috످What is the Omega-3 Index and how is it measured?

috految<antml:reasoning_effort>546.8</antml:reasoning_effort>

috److془The user asks about Omega-3 Index. I know this well. Provide answer.

Facts: EPA + DHA as % of total fatty acids in RBC membranes. Harris and von Schacky 2004. ≥8% desirable, 4-8% intermediate, <4% high risk. Average US 5-6%; Japan ~8-10%. Gas chromatography. Cost $50-100. Harris 2017: 10 cohorts, 8% vs 4% ~30% lower risk fatal CHD. Limitations: observational, mixed trials, not standardized, Harris founded OmegaQuant.془The Omega-3 Index is a blood test that measures two omega-3 fats, EPA (eicosapentaenoic acid) and DHA (docosahexaenoic acid), as a percentage of the total fatty acids in your red blood cell membranes. Researchers William Harris and Clemens von Schacky introduced it in 2004 to help assess the risk of dying from heart disease.

Because red blood cells live for about 120 days, the index reflects your omega-3 levels over the past 3–4 months, much like an A1C test does for blood sugar.

To measure the index, blood is first taken by finger prick or a standard blood draw. No fasting is required. Next, a lab extracts fatty acids from the red blood cells. (Finger-prick tests use whole blood to estimate red blood cell levels.) A technique called gas chromatography then separates and measures each fatty acid. Finally, the lab calculates your score using this formula:

Omega-3 Index (%) = [(EPA + DHA) ÷ total fatty acids] × 100

For example, if EPA makes up 1% of your red blood cell fatty acids and DHA makes up 4%, your index is 5%.

An Omega-3 Index below 4% is low and associated with higher heart disease risk. An index of 4–7.9% is intermediate and associated with moderate risk, while 8–12% is optimal and associated with lower risk. The average American scores about 5%, compared with 8–10% in Japan, where people eat more fish.

You can ask your doctor for the test or order an at-home kit from a lab such as OmegaQuant for about $50–$100. Insurance usually doesn't cover it.

If your score is low, you can raise it by eating fatty fish (such as salmon or sardines) at least twice a week or taking fish or algae oil, then retest in about four months. Check with your doctor before taking supplements, especially if you use blood thinners or have a heart condition. Doses above 1 gram of EPA and DHA per day may increase the risk of atrial fibrillation (an irregular heartbeat).

The index has limitations. The evidence is mostly observational. Higher scores are linked to better heart health, but supplement trials have had mixed results. Methods vary between labs, so use the same lab when tracking changes. The index also isn't a routine screening test. Major cardiology guidelines rely on more established measures, such as cholesterol and blood pressure.

috످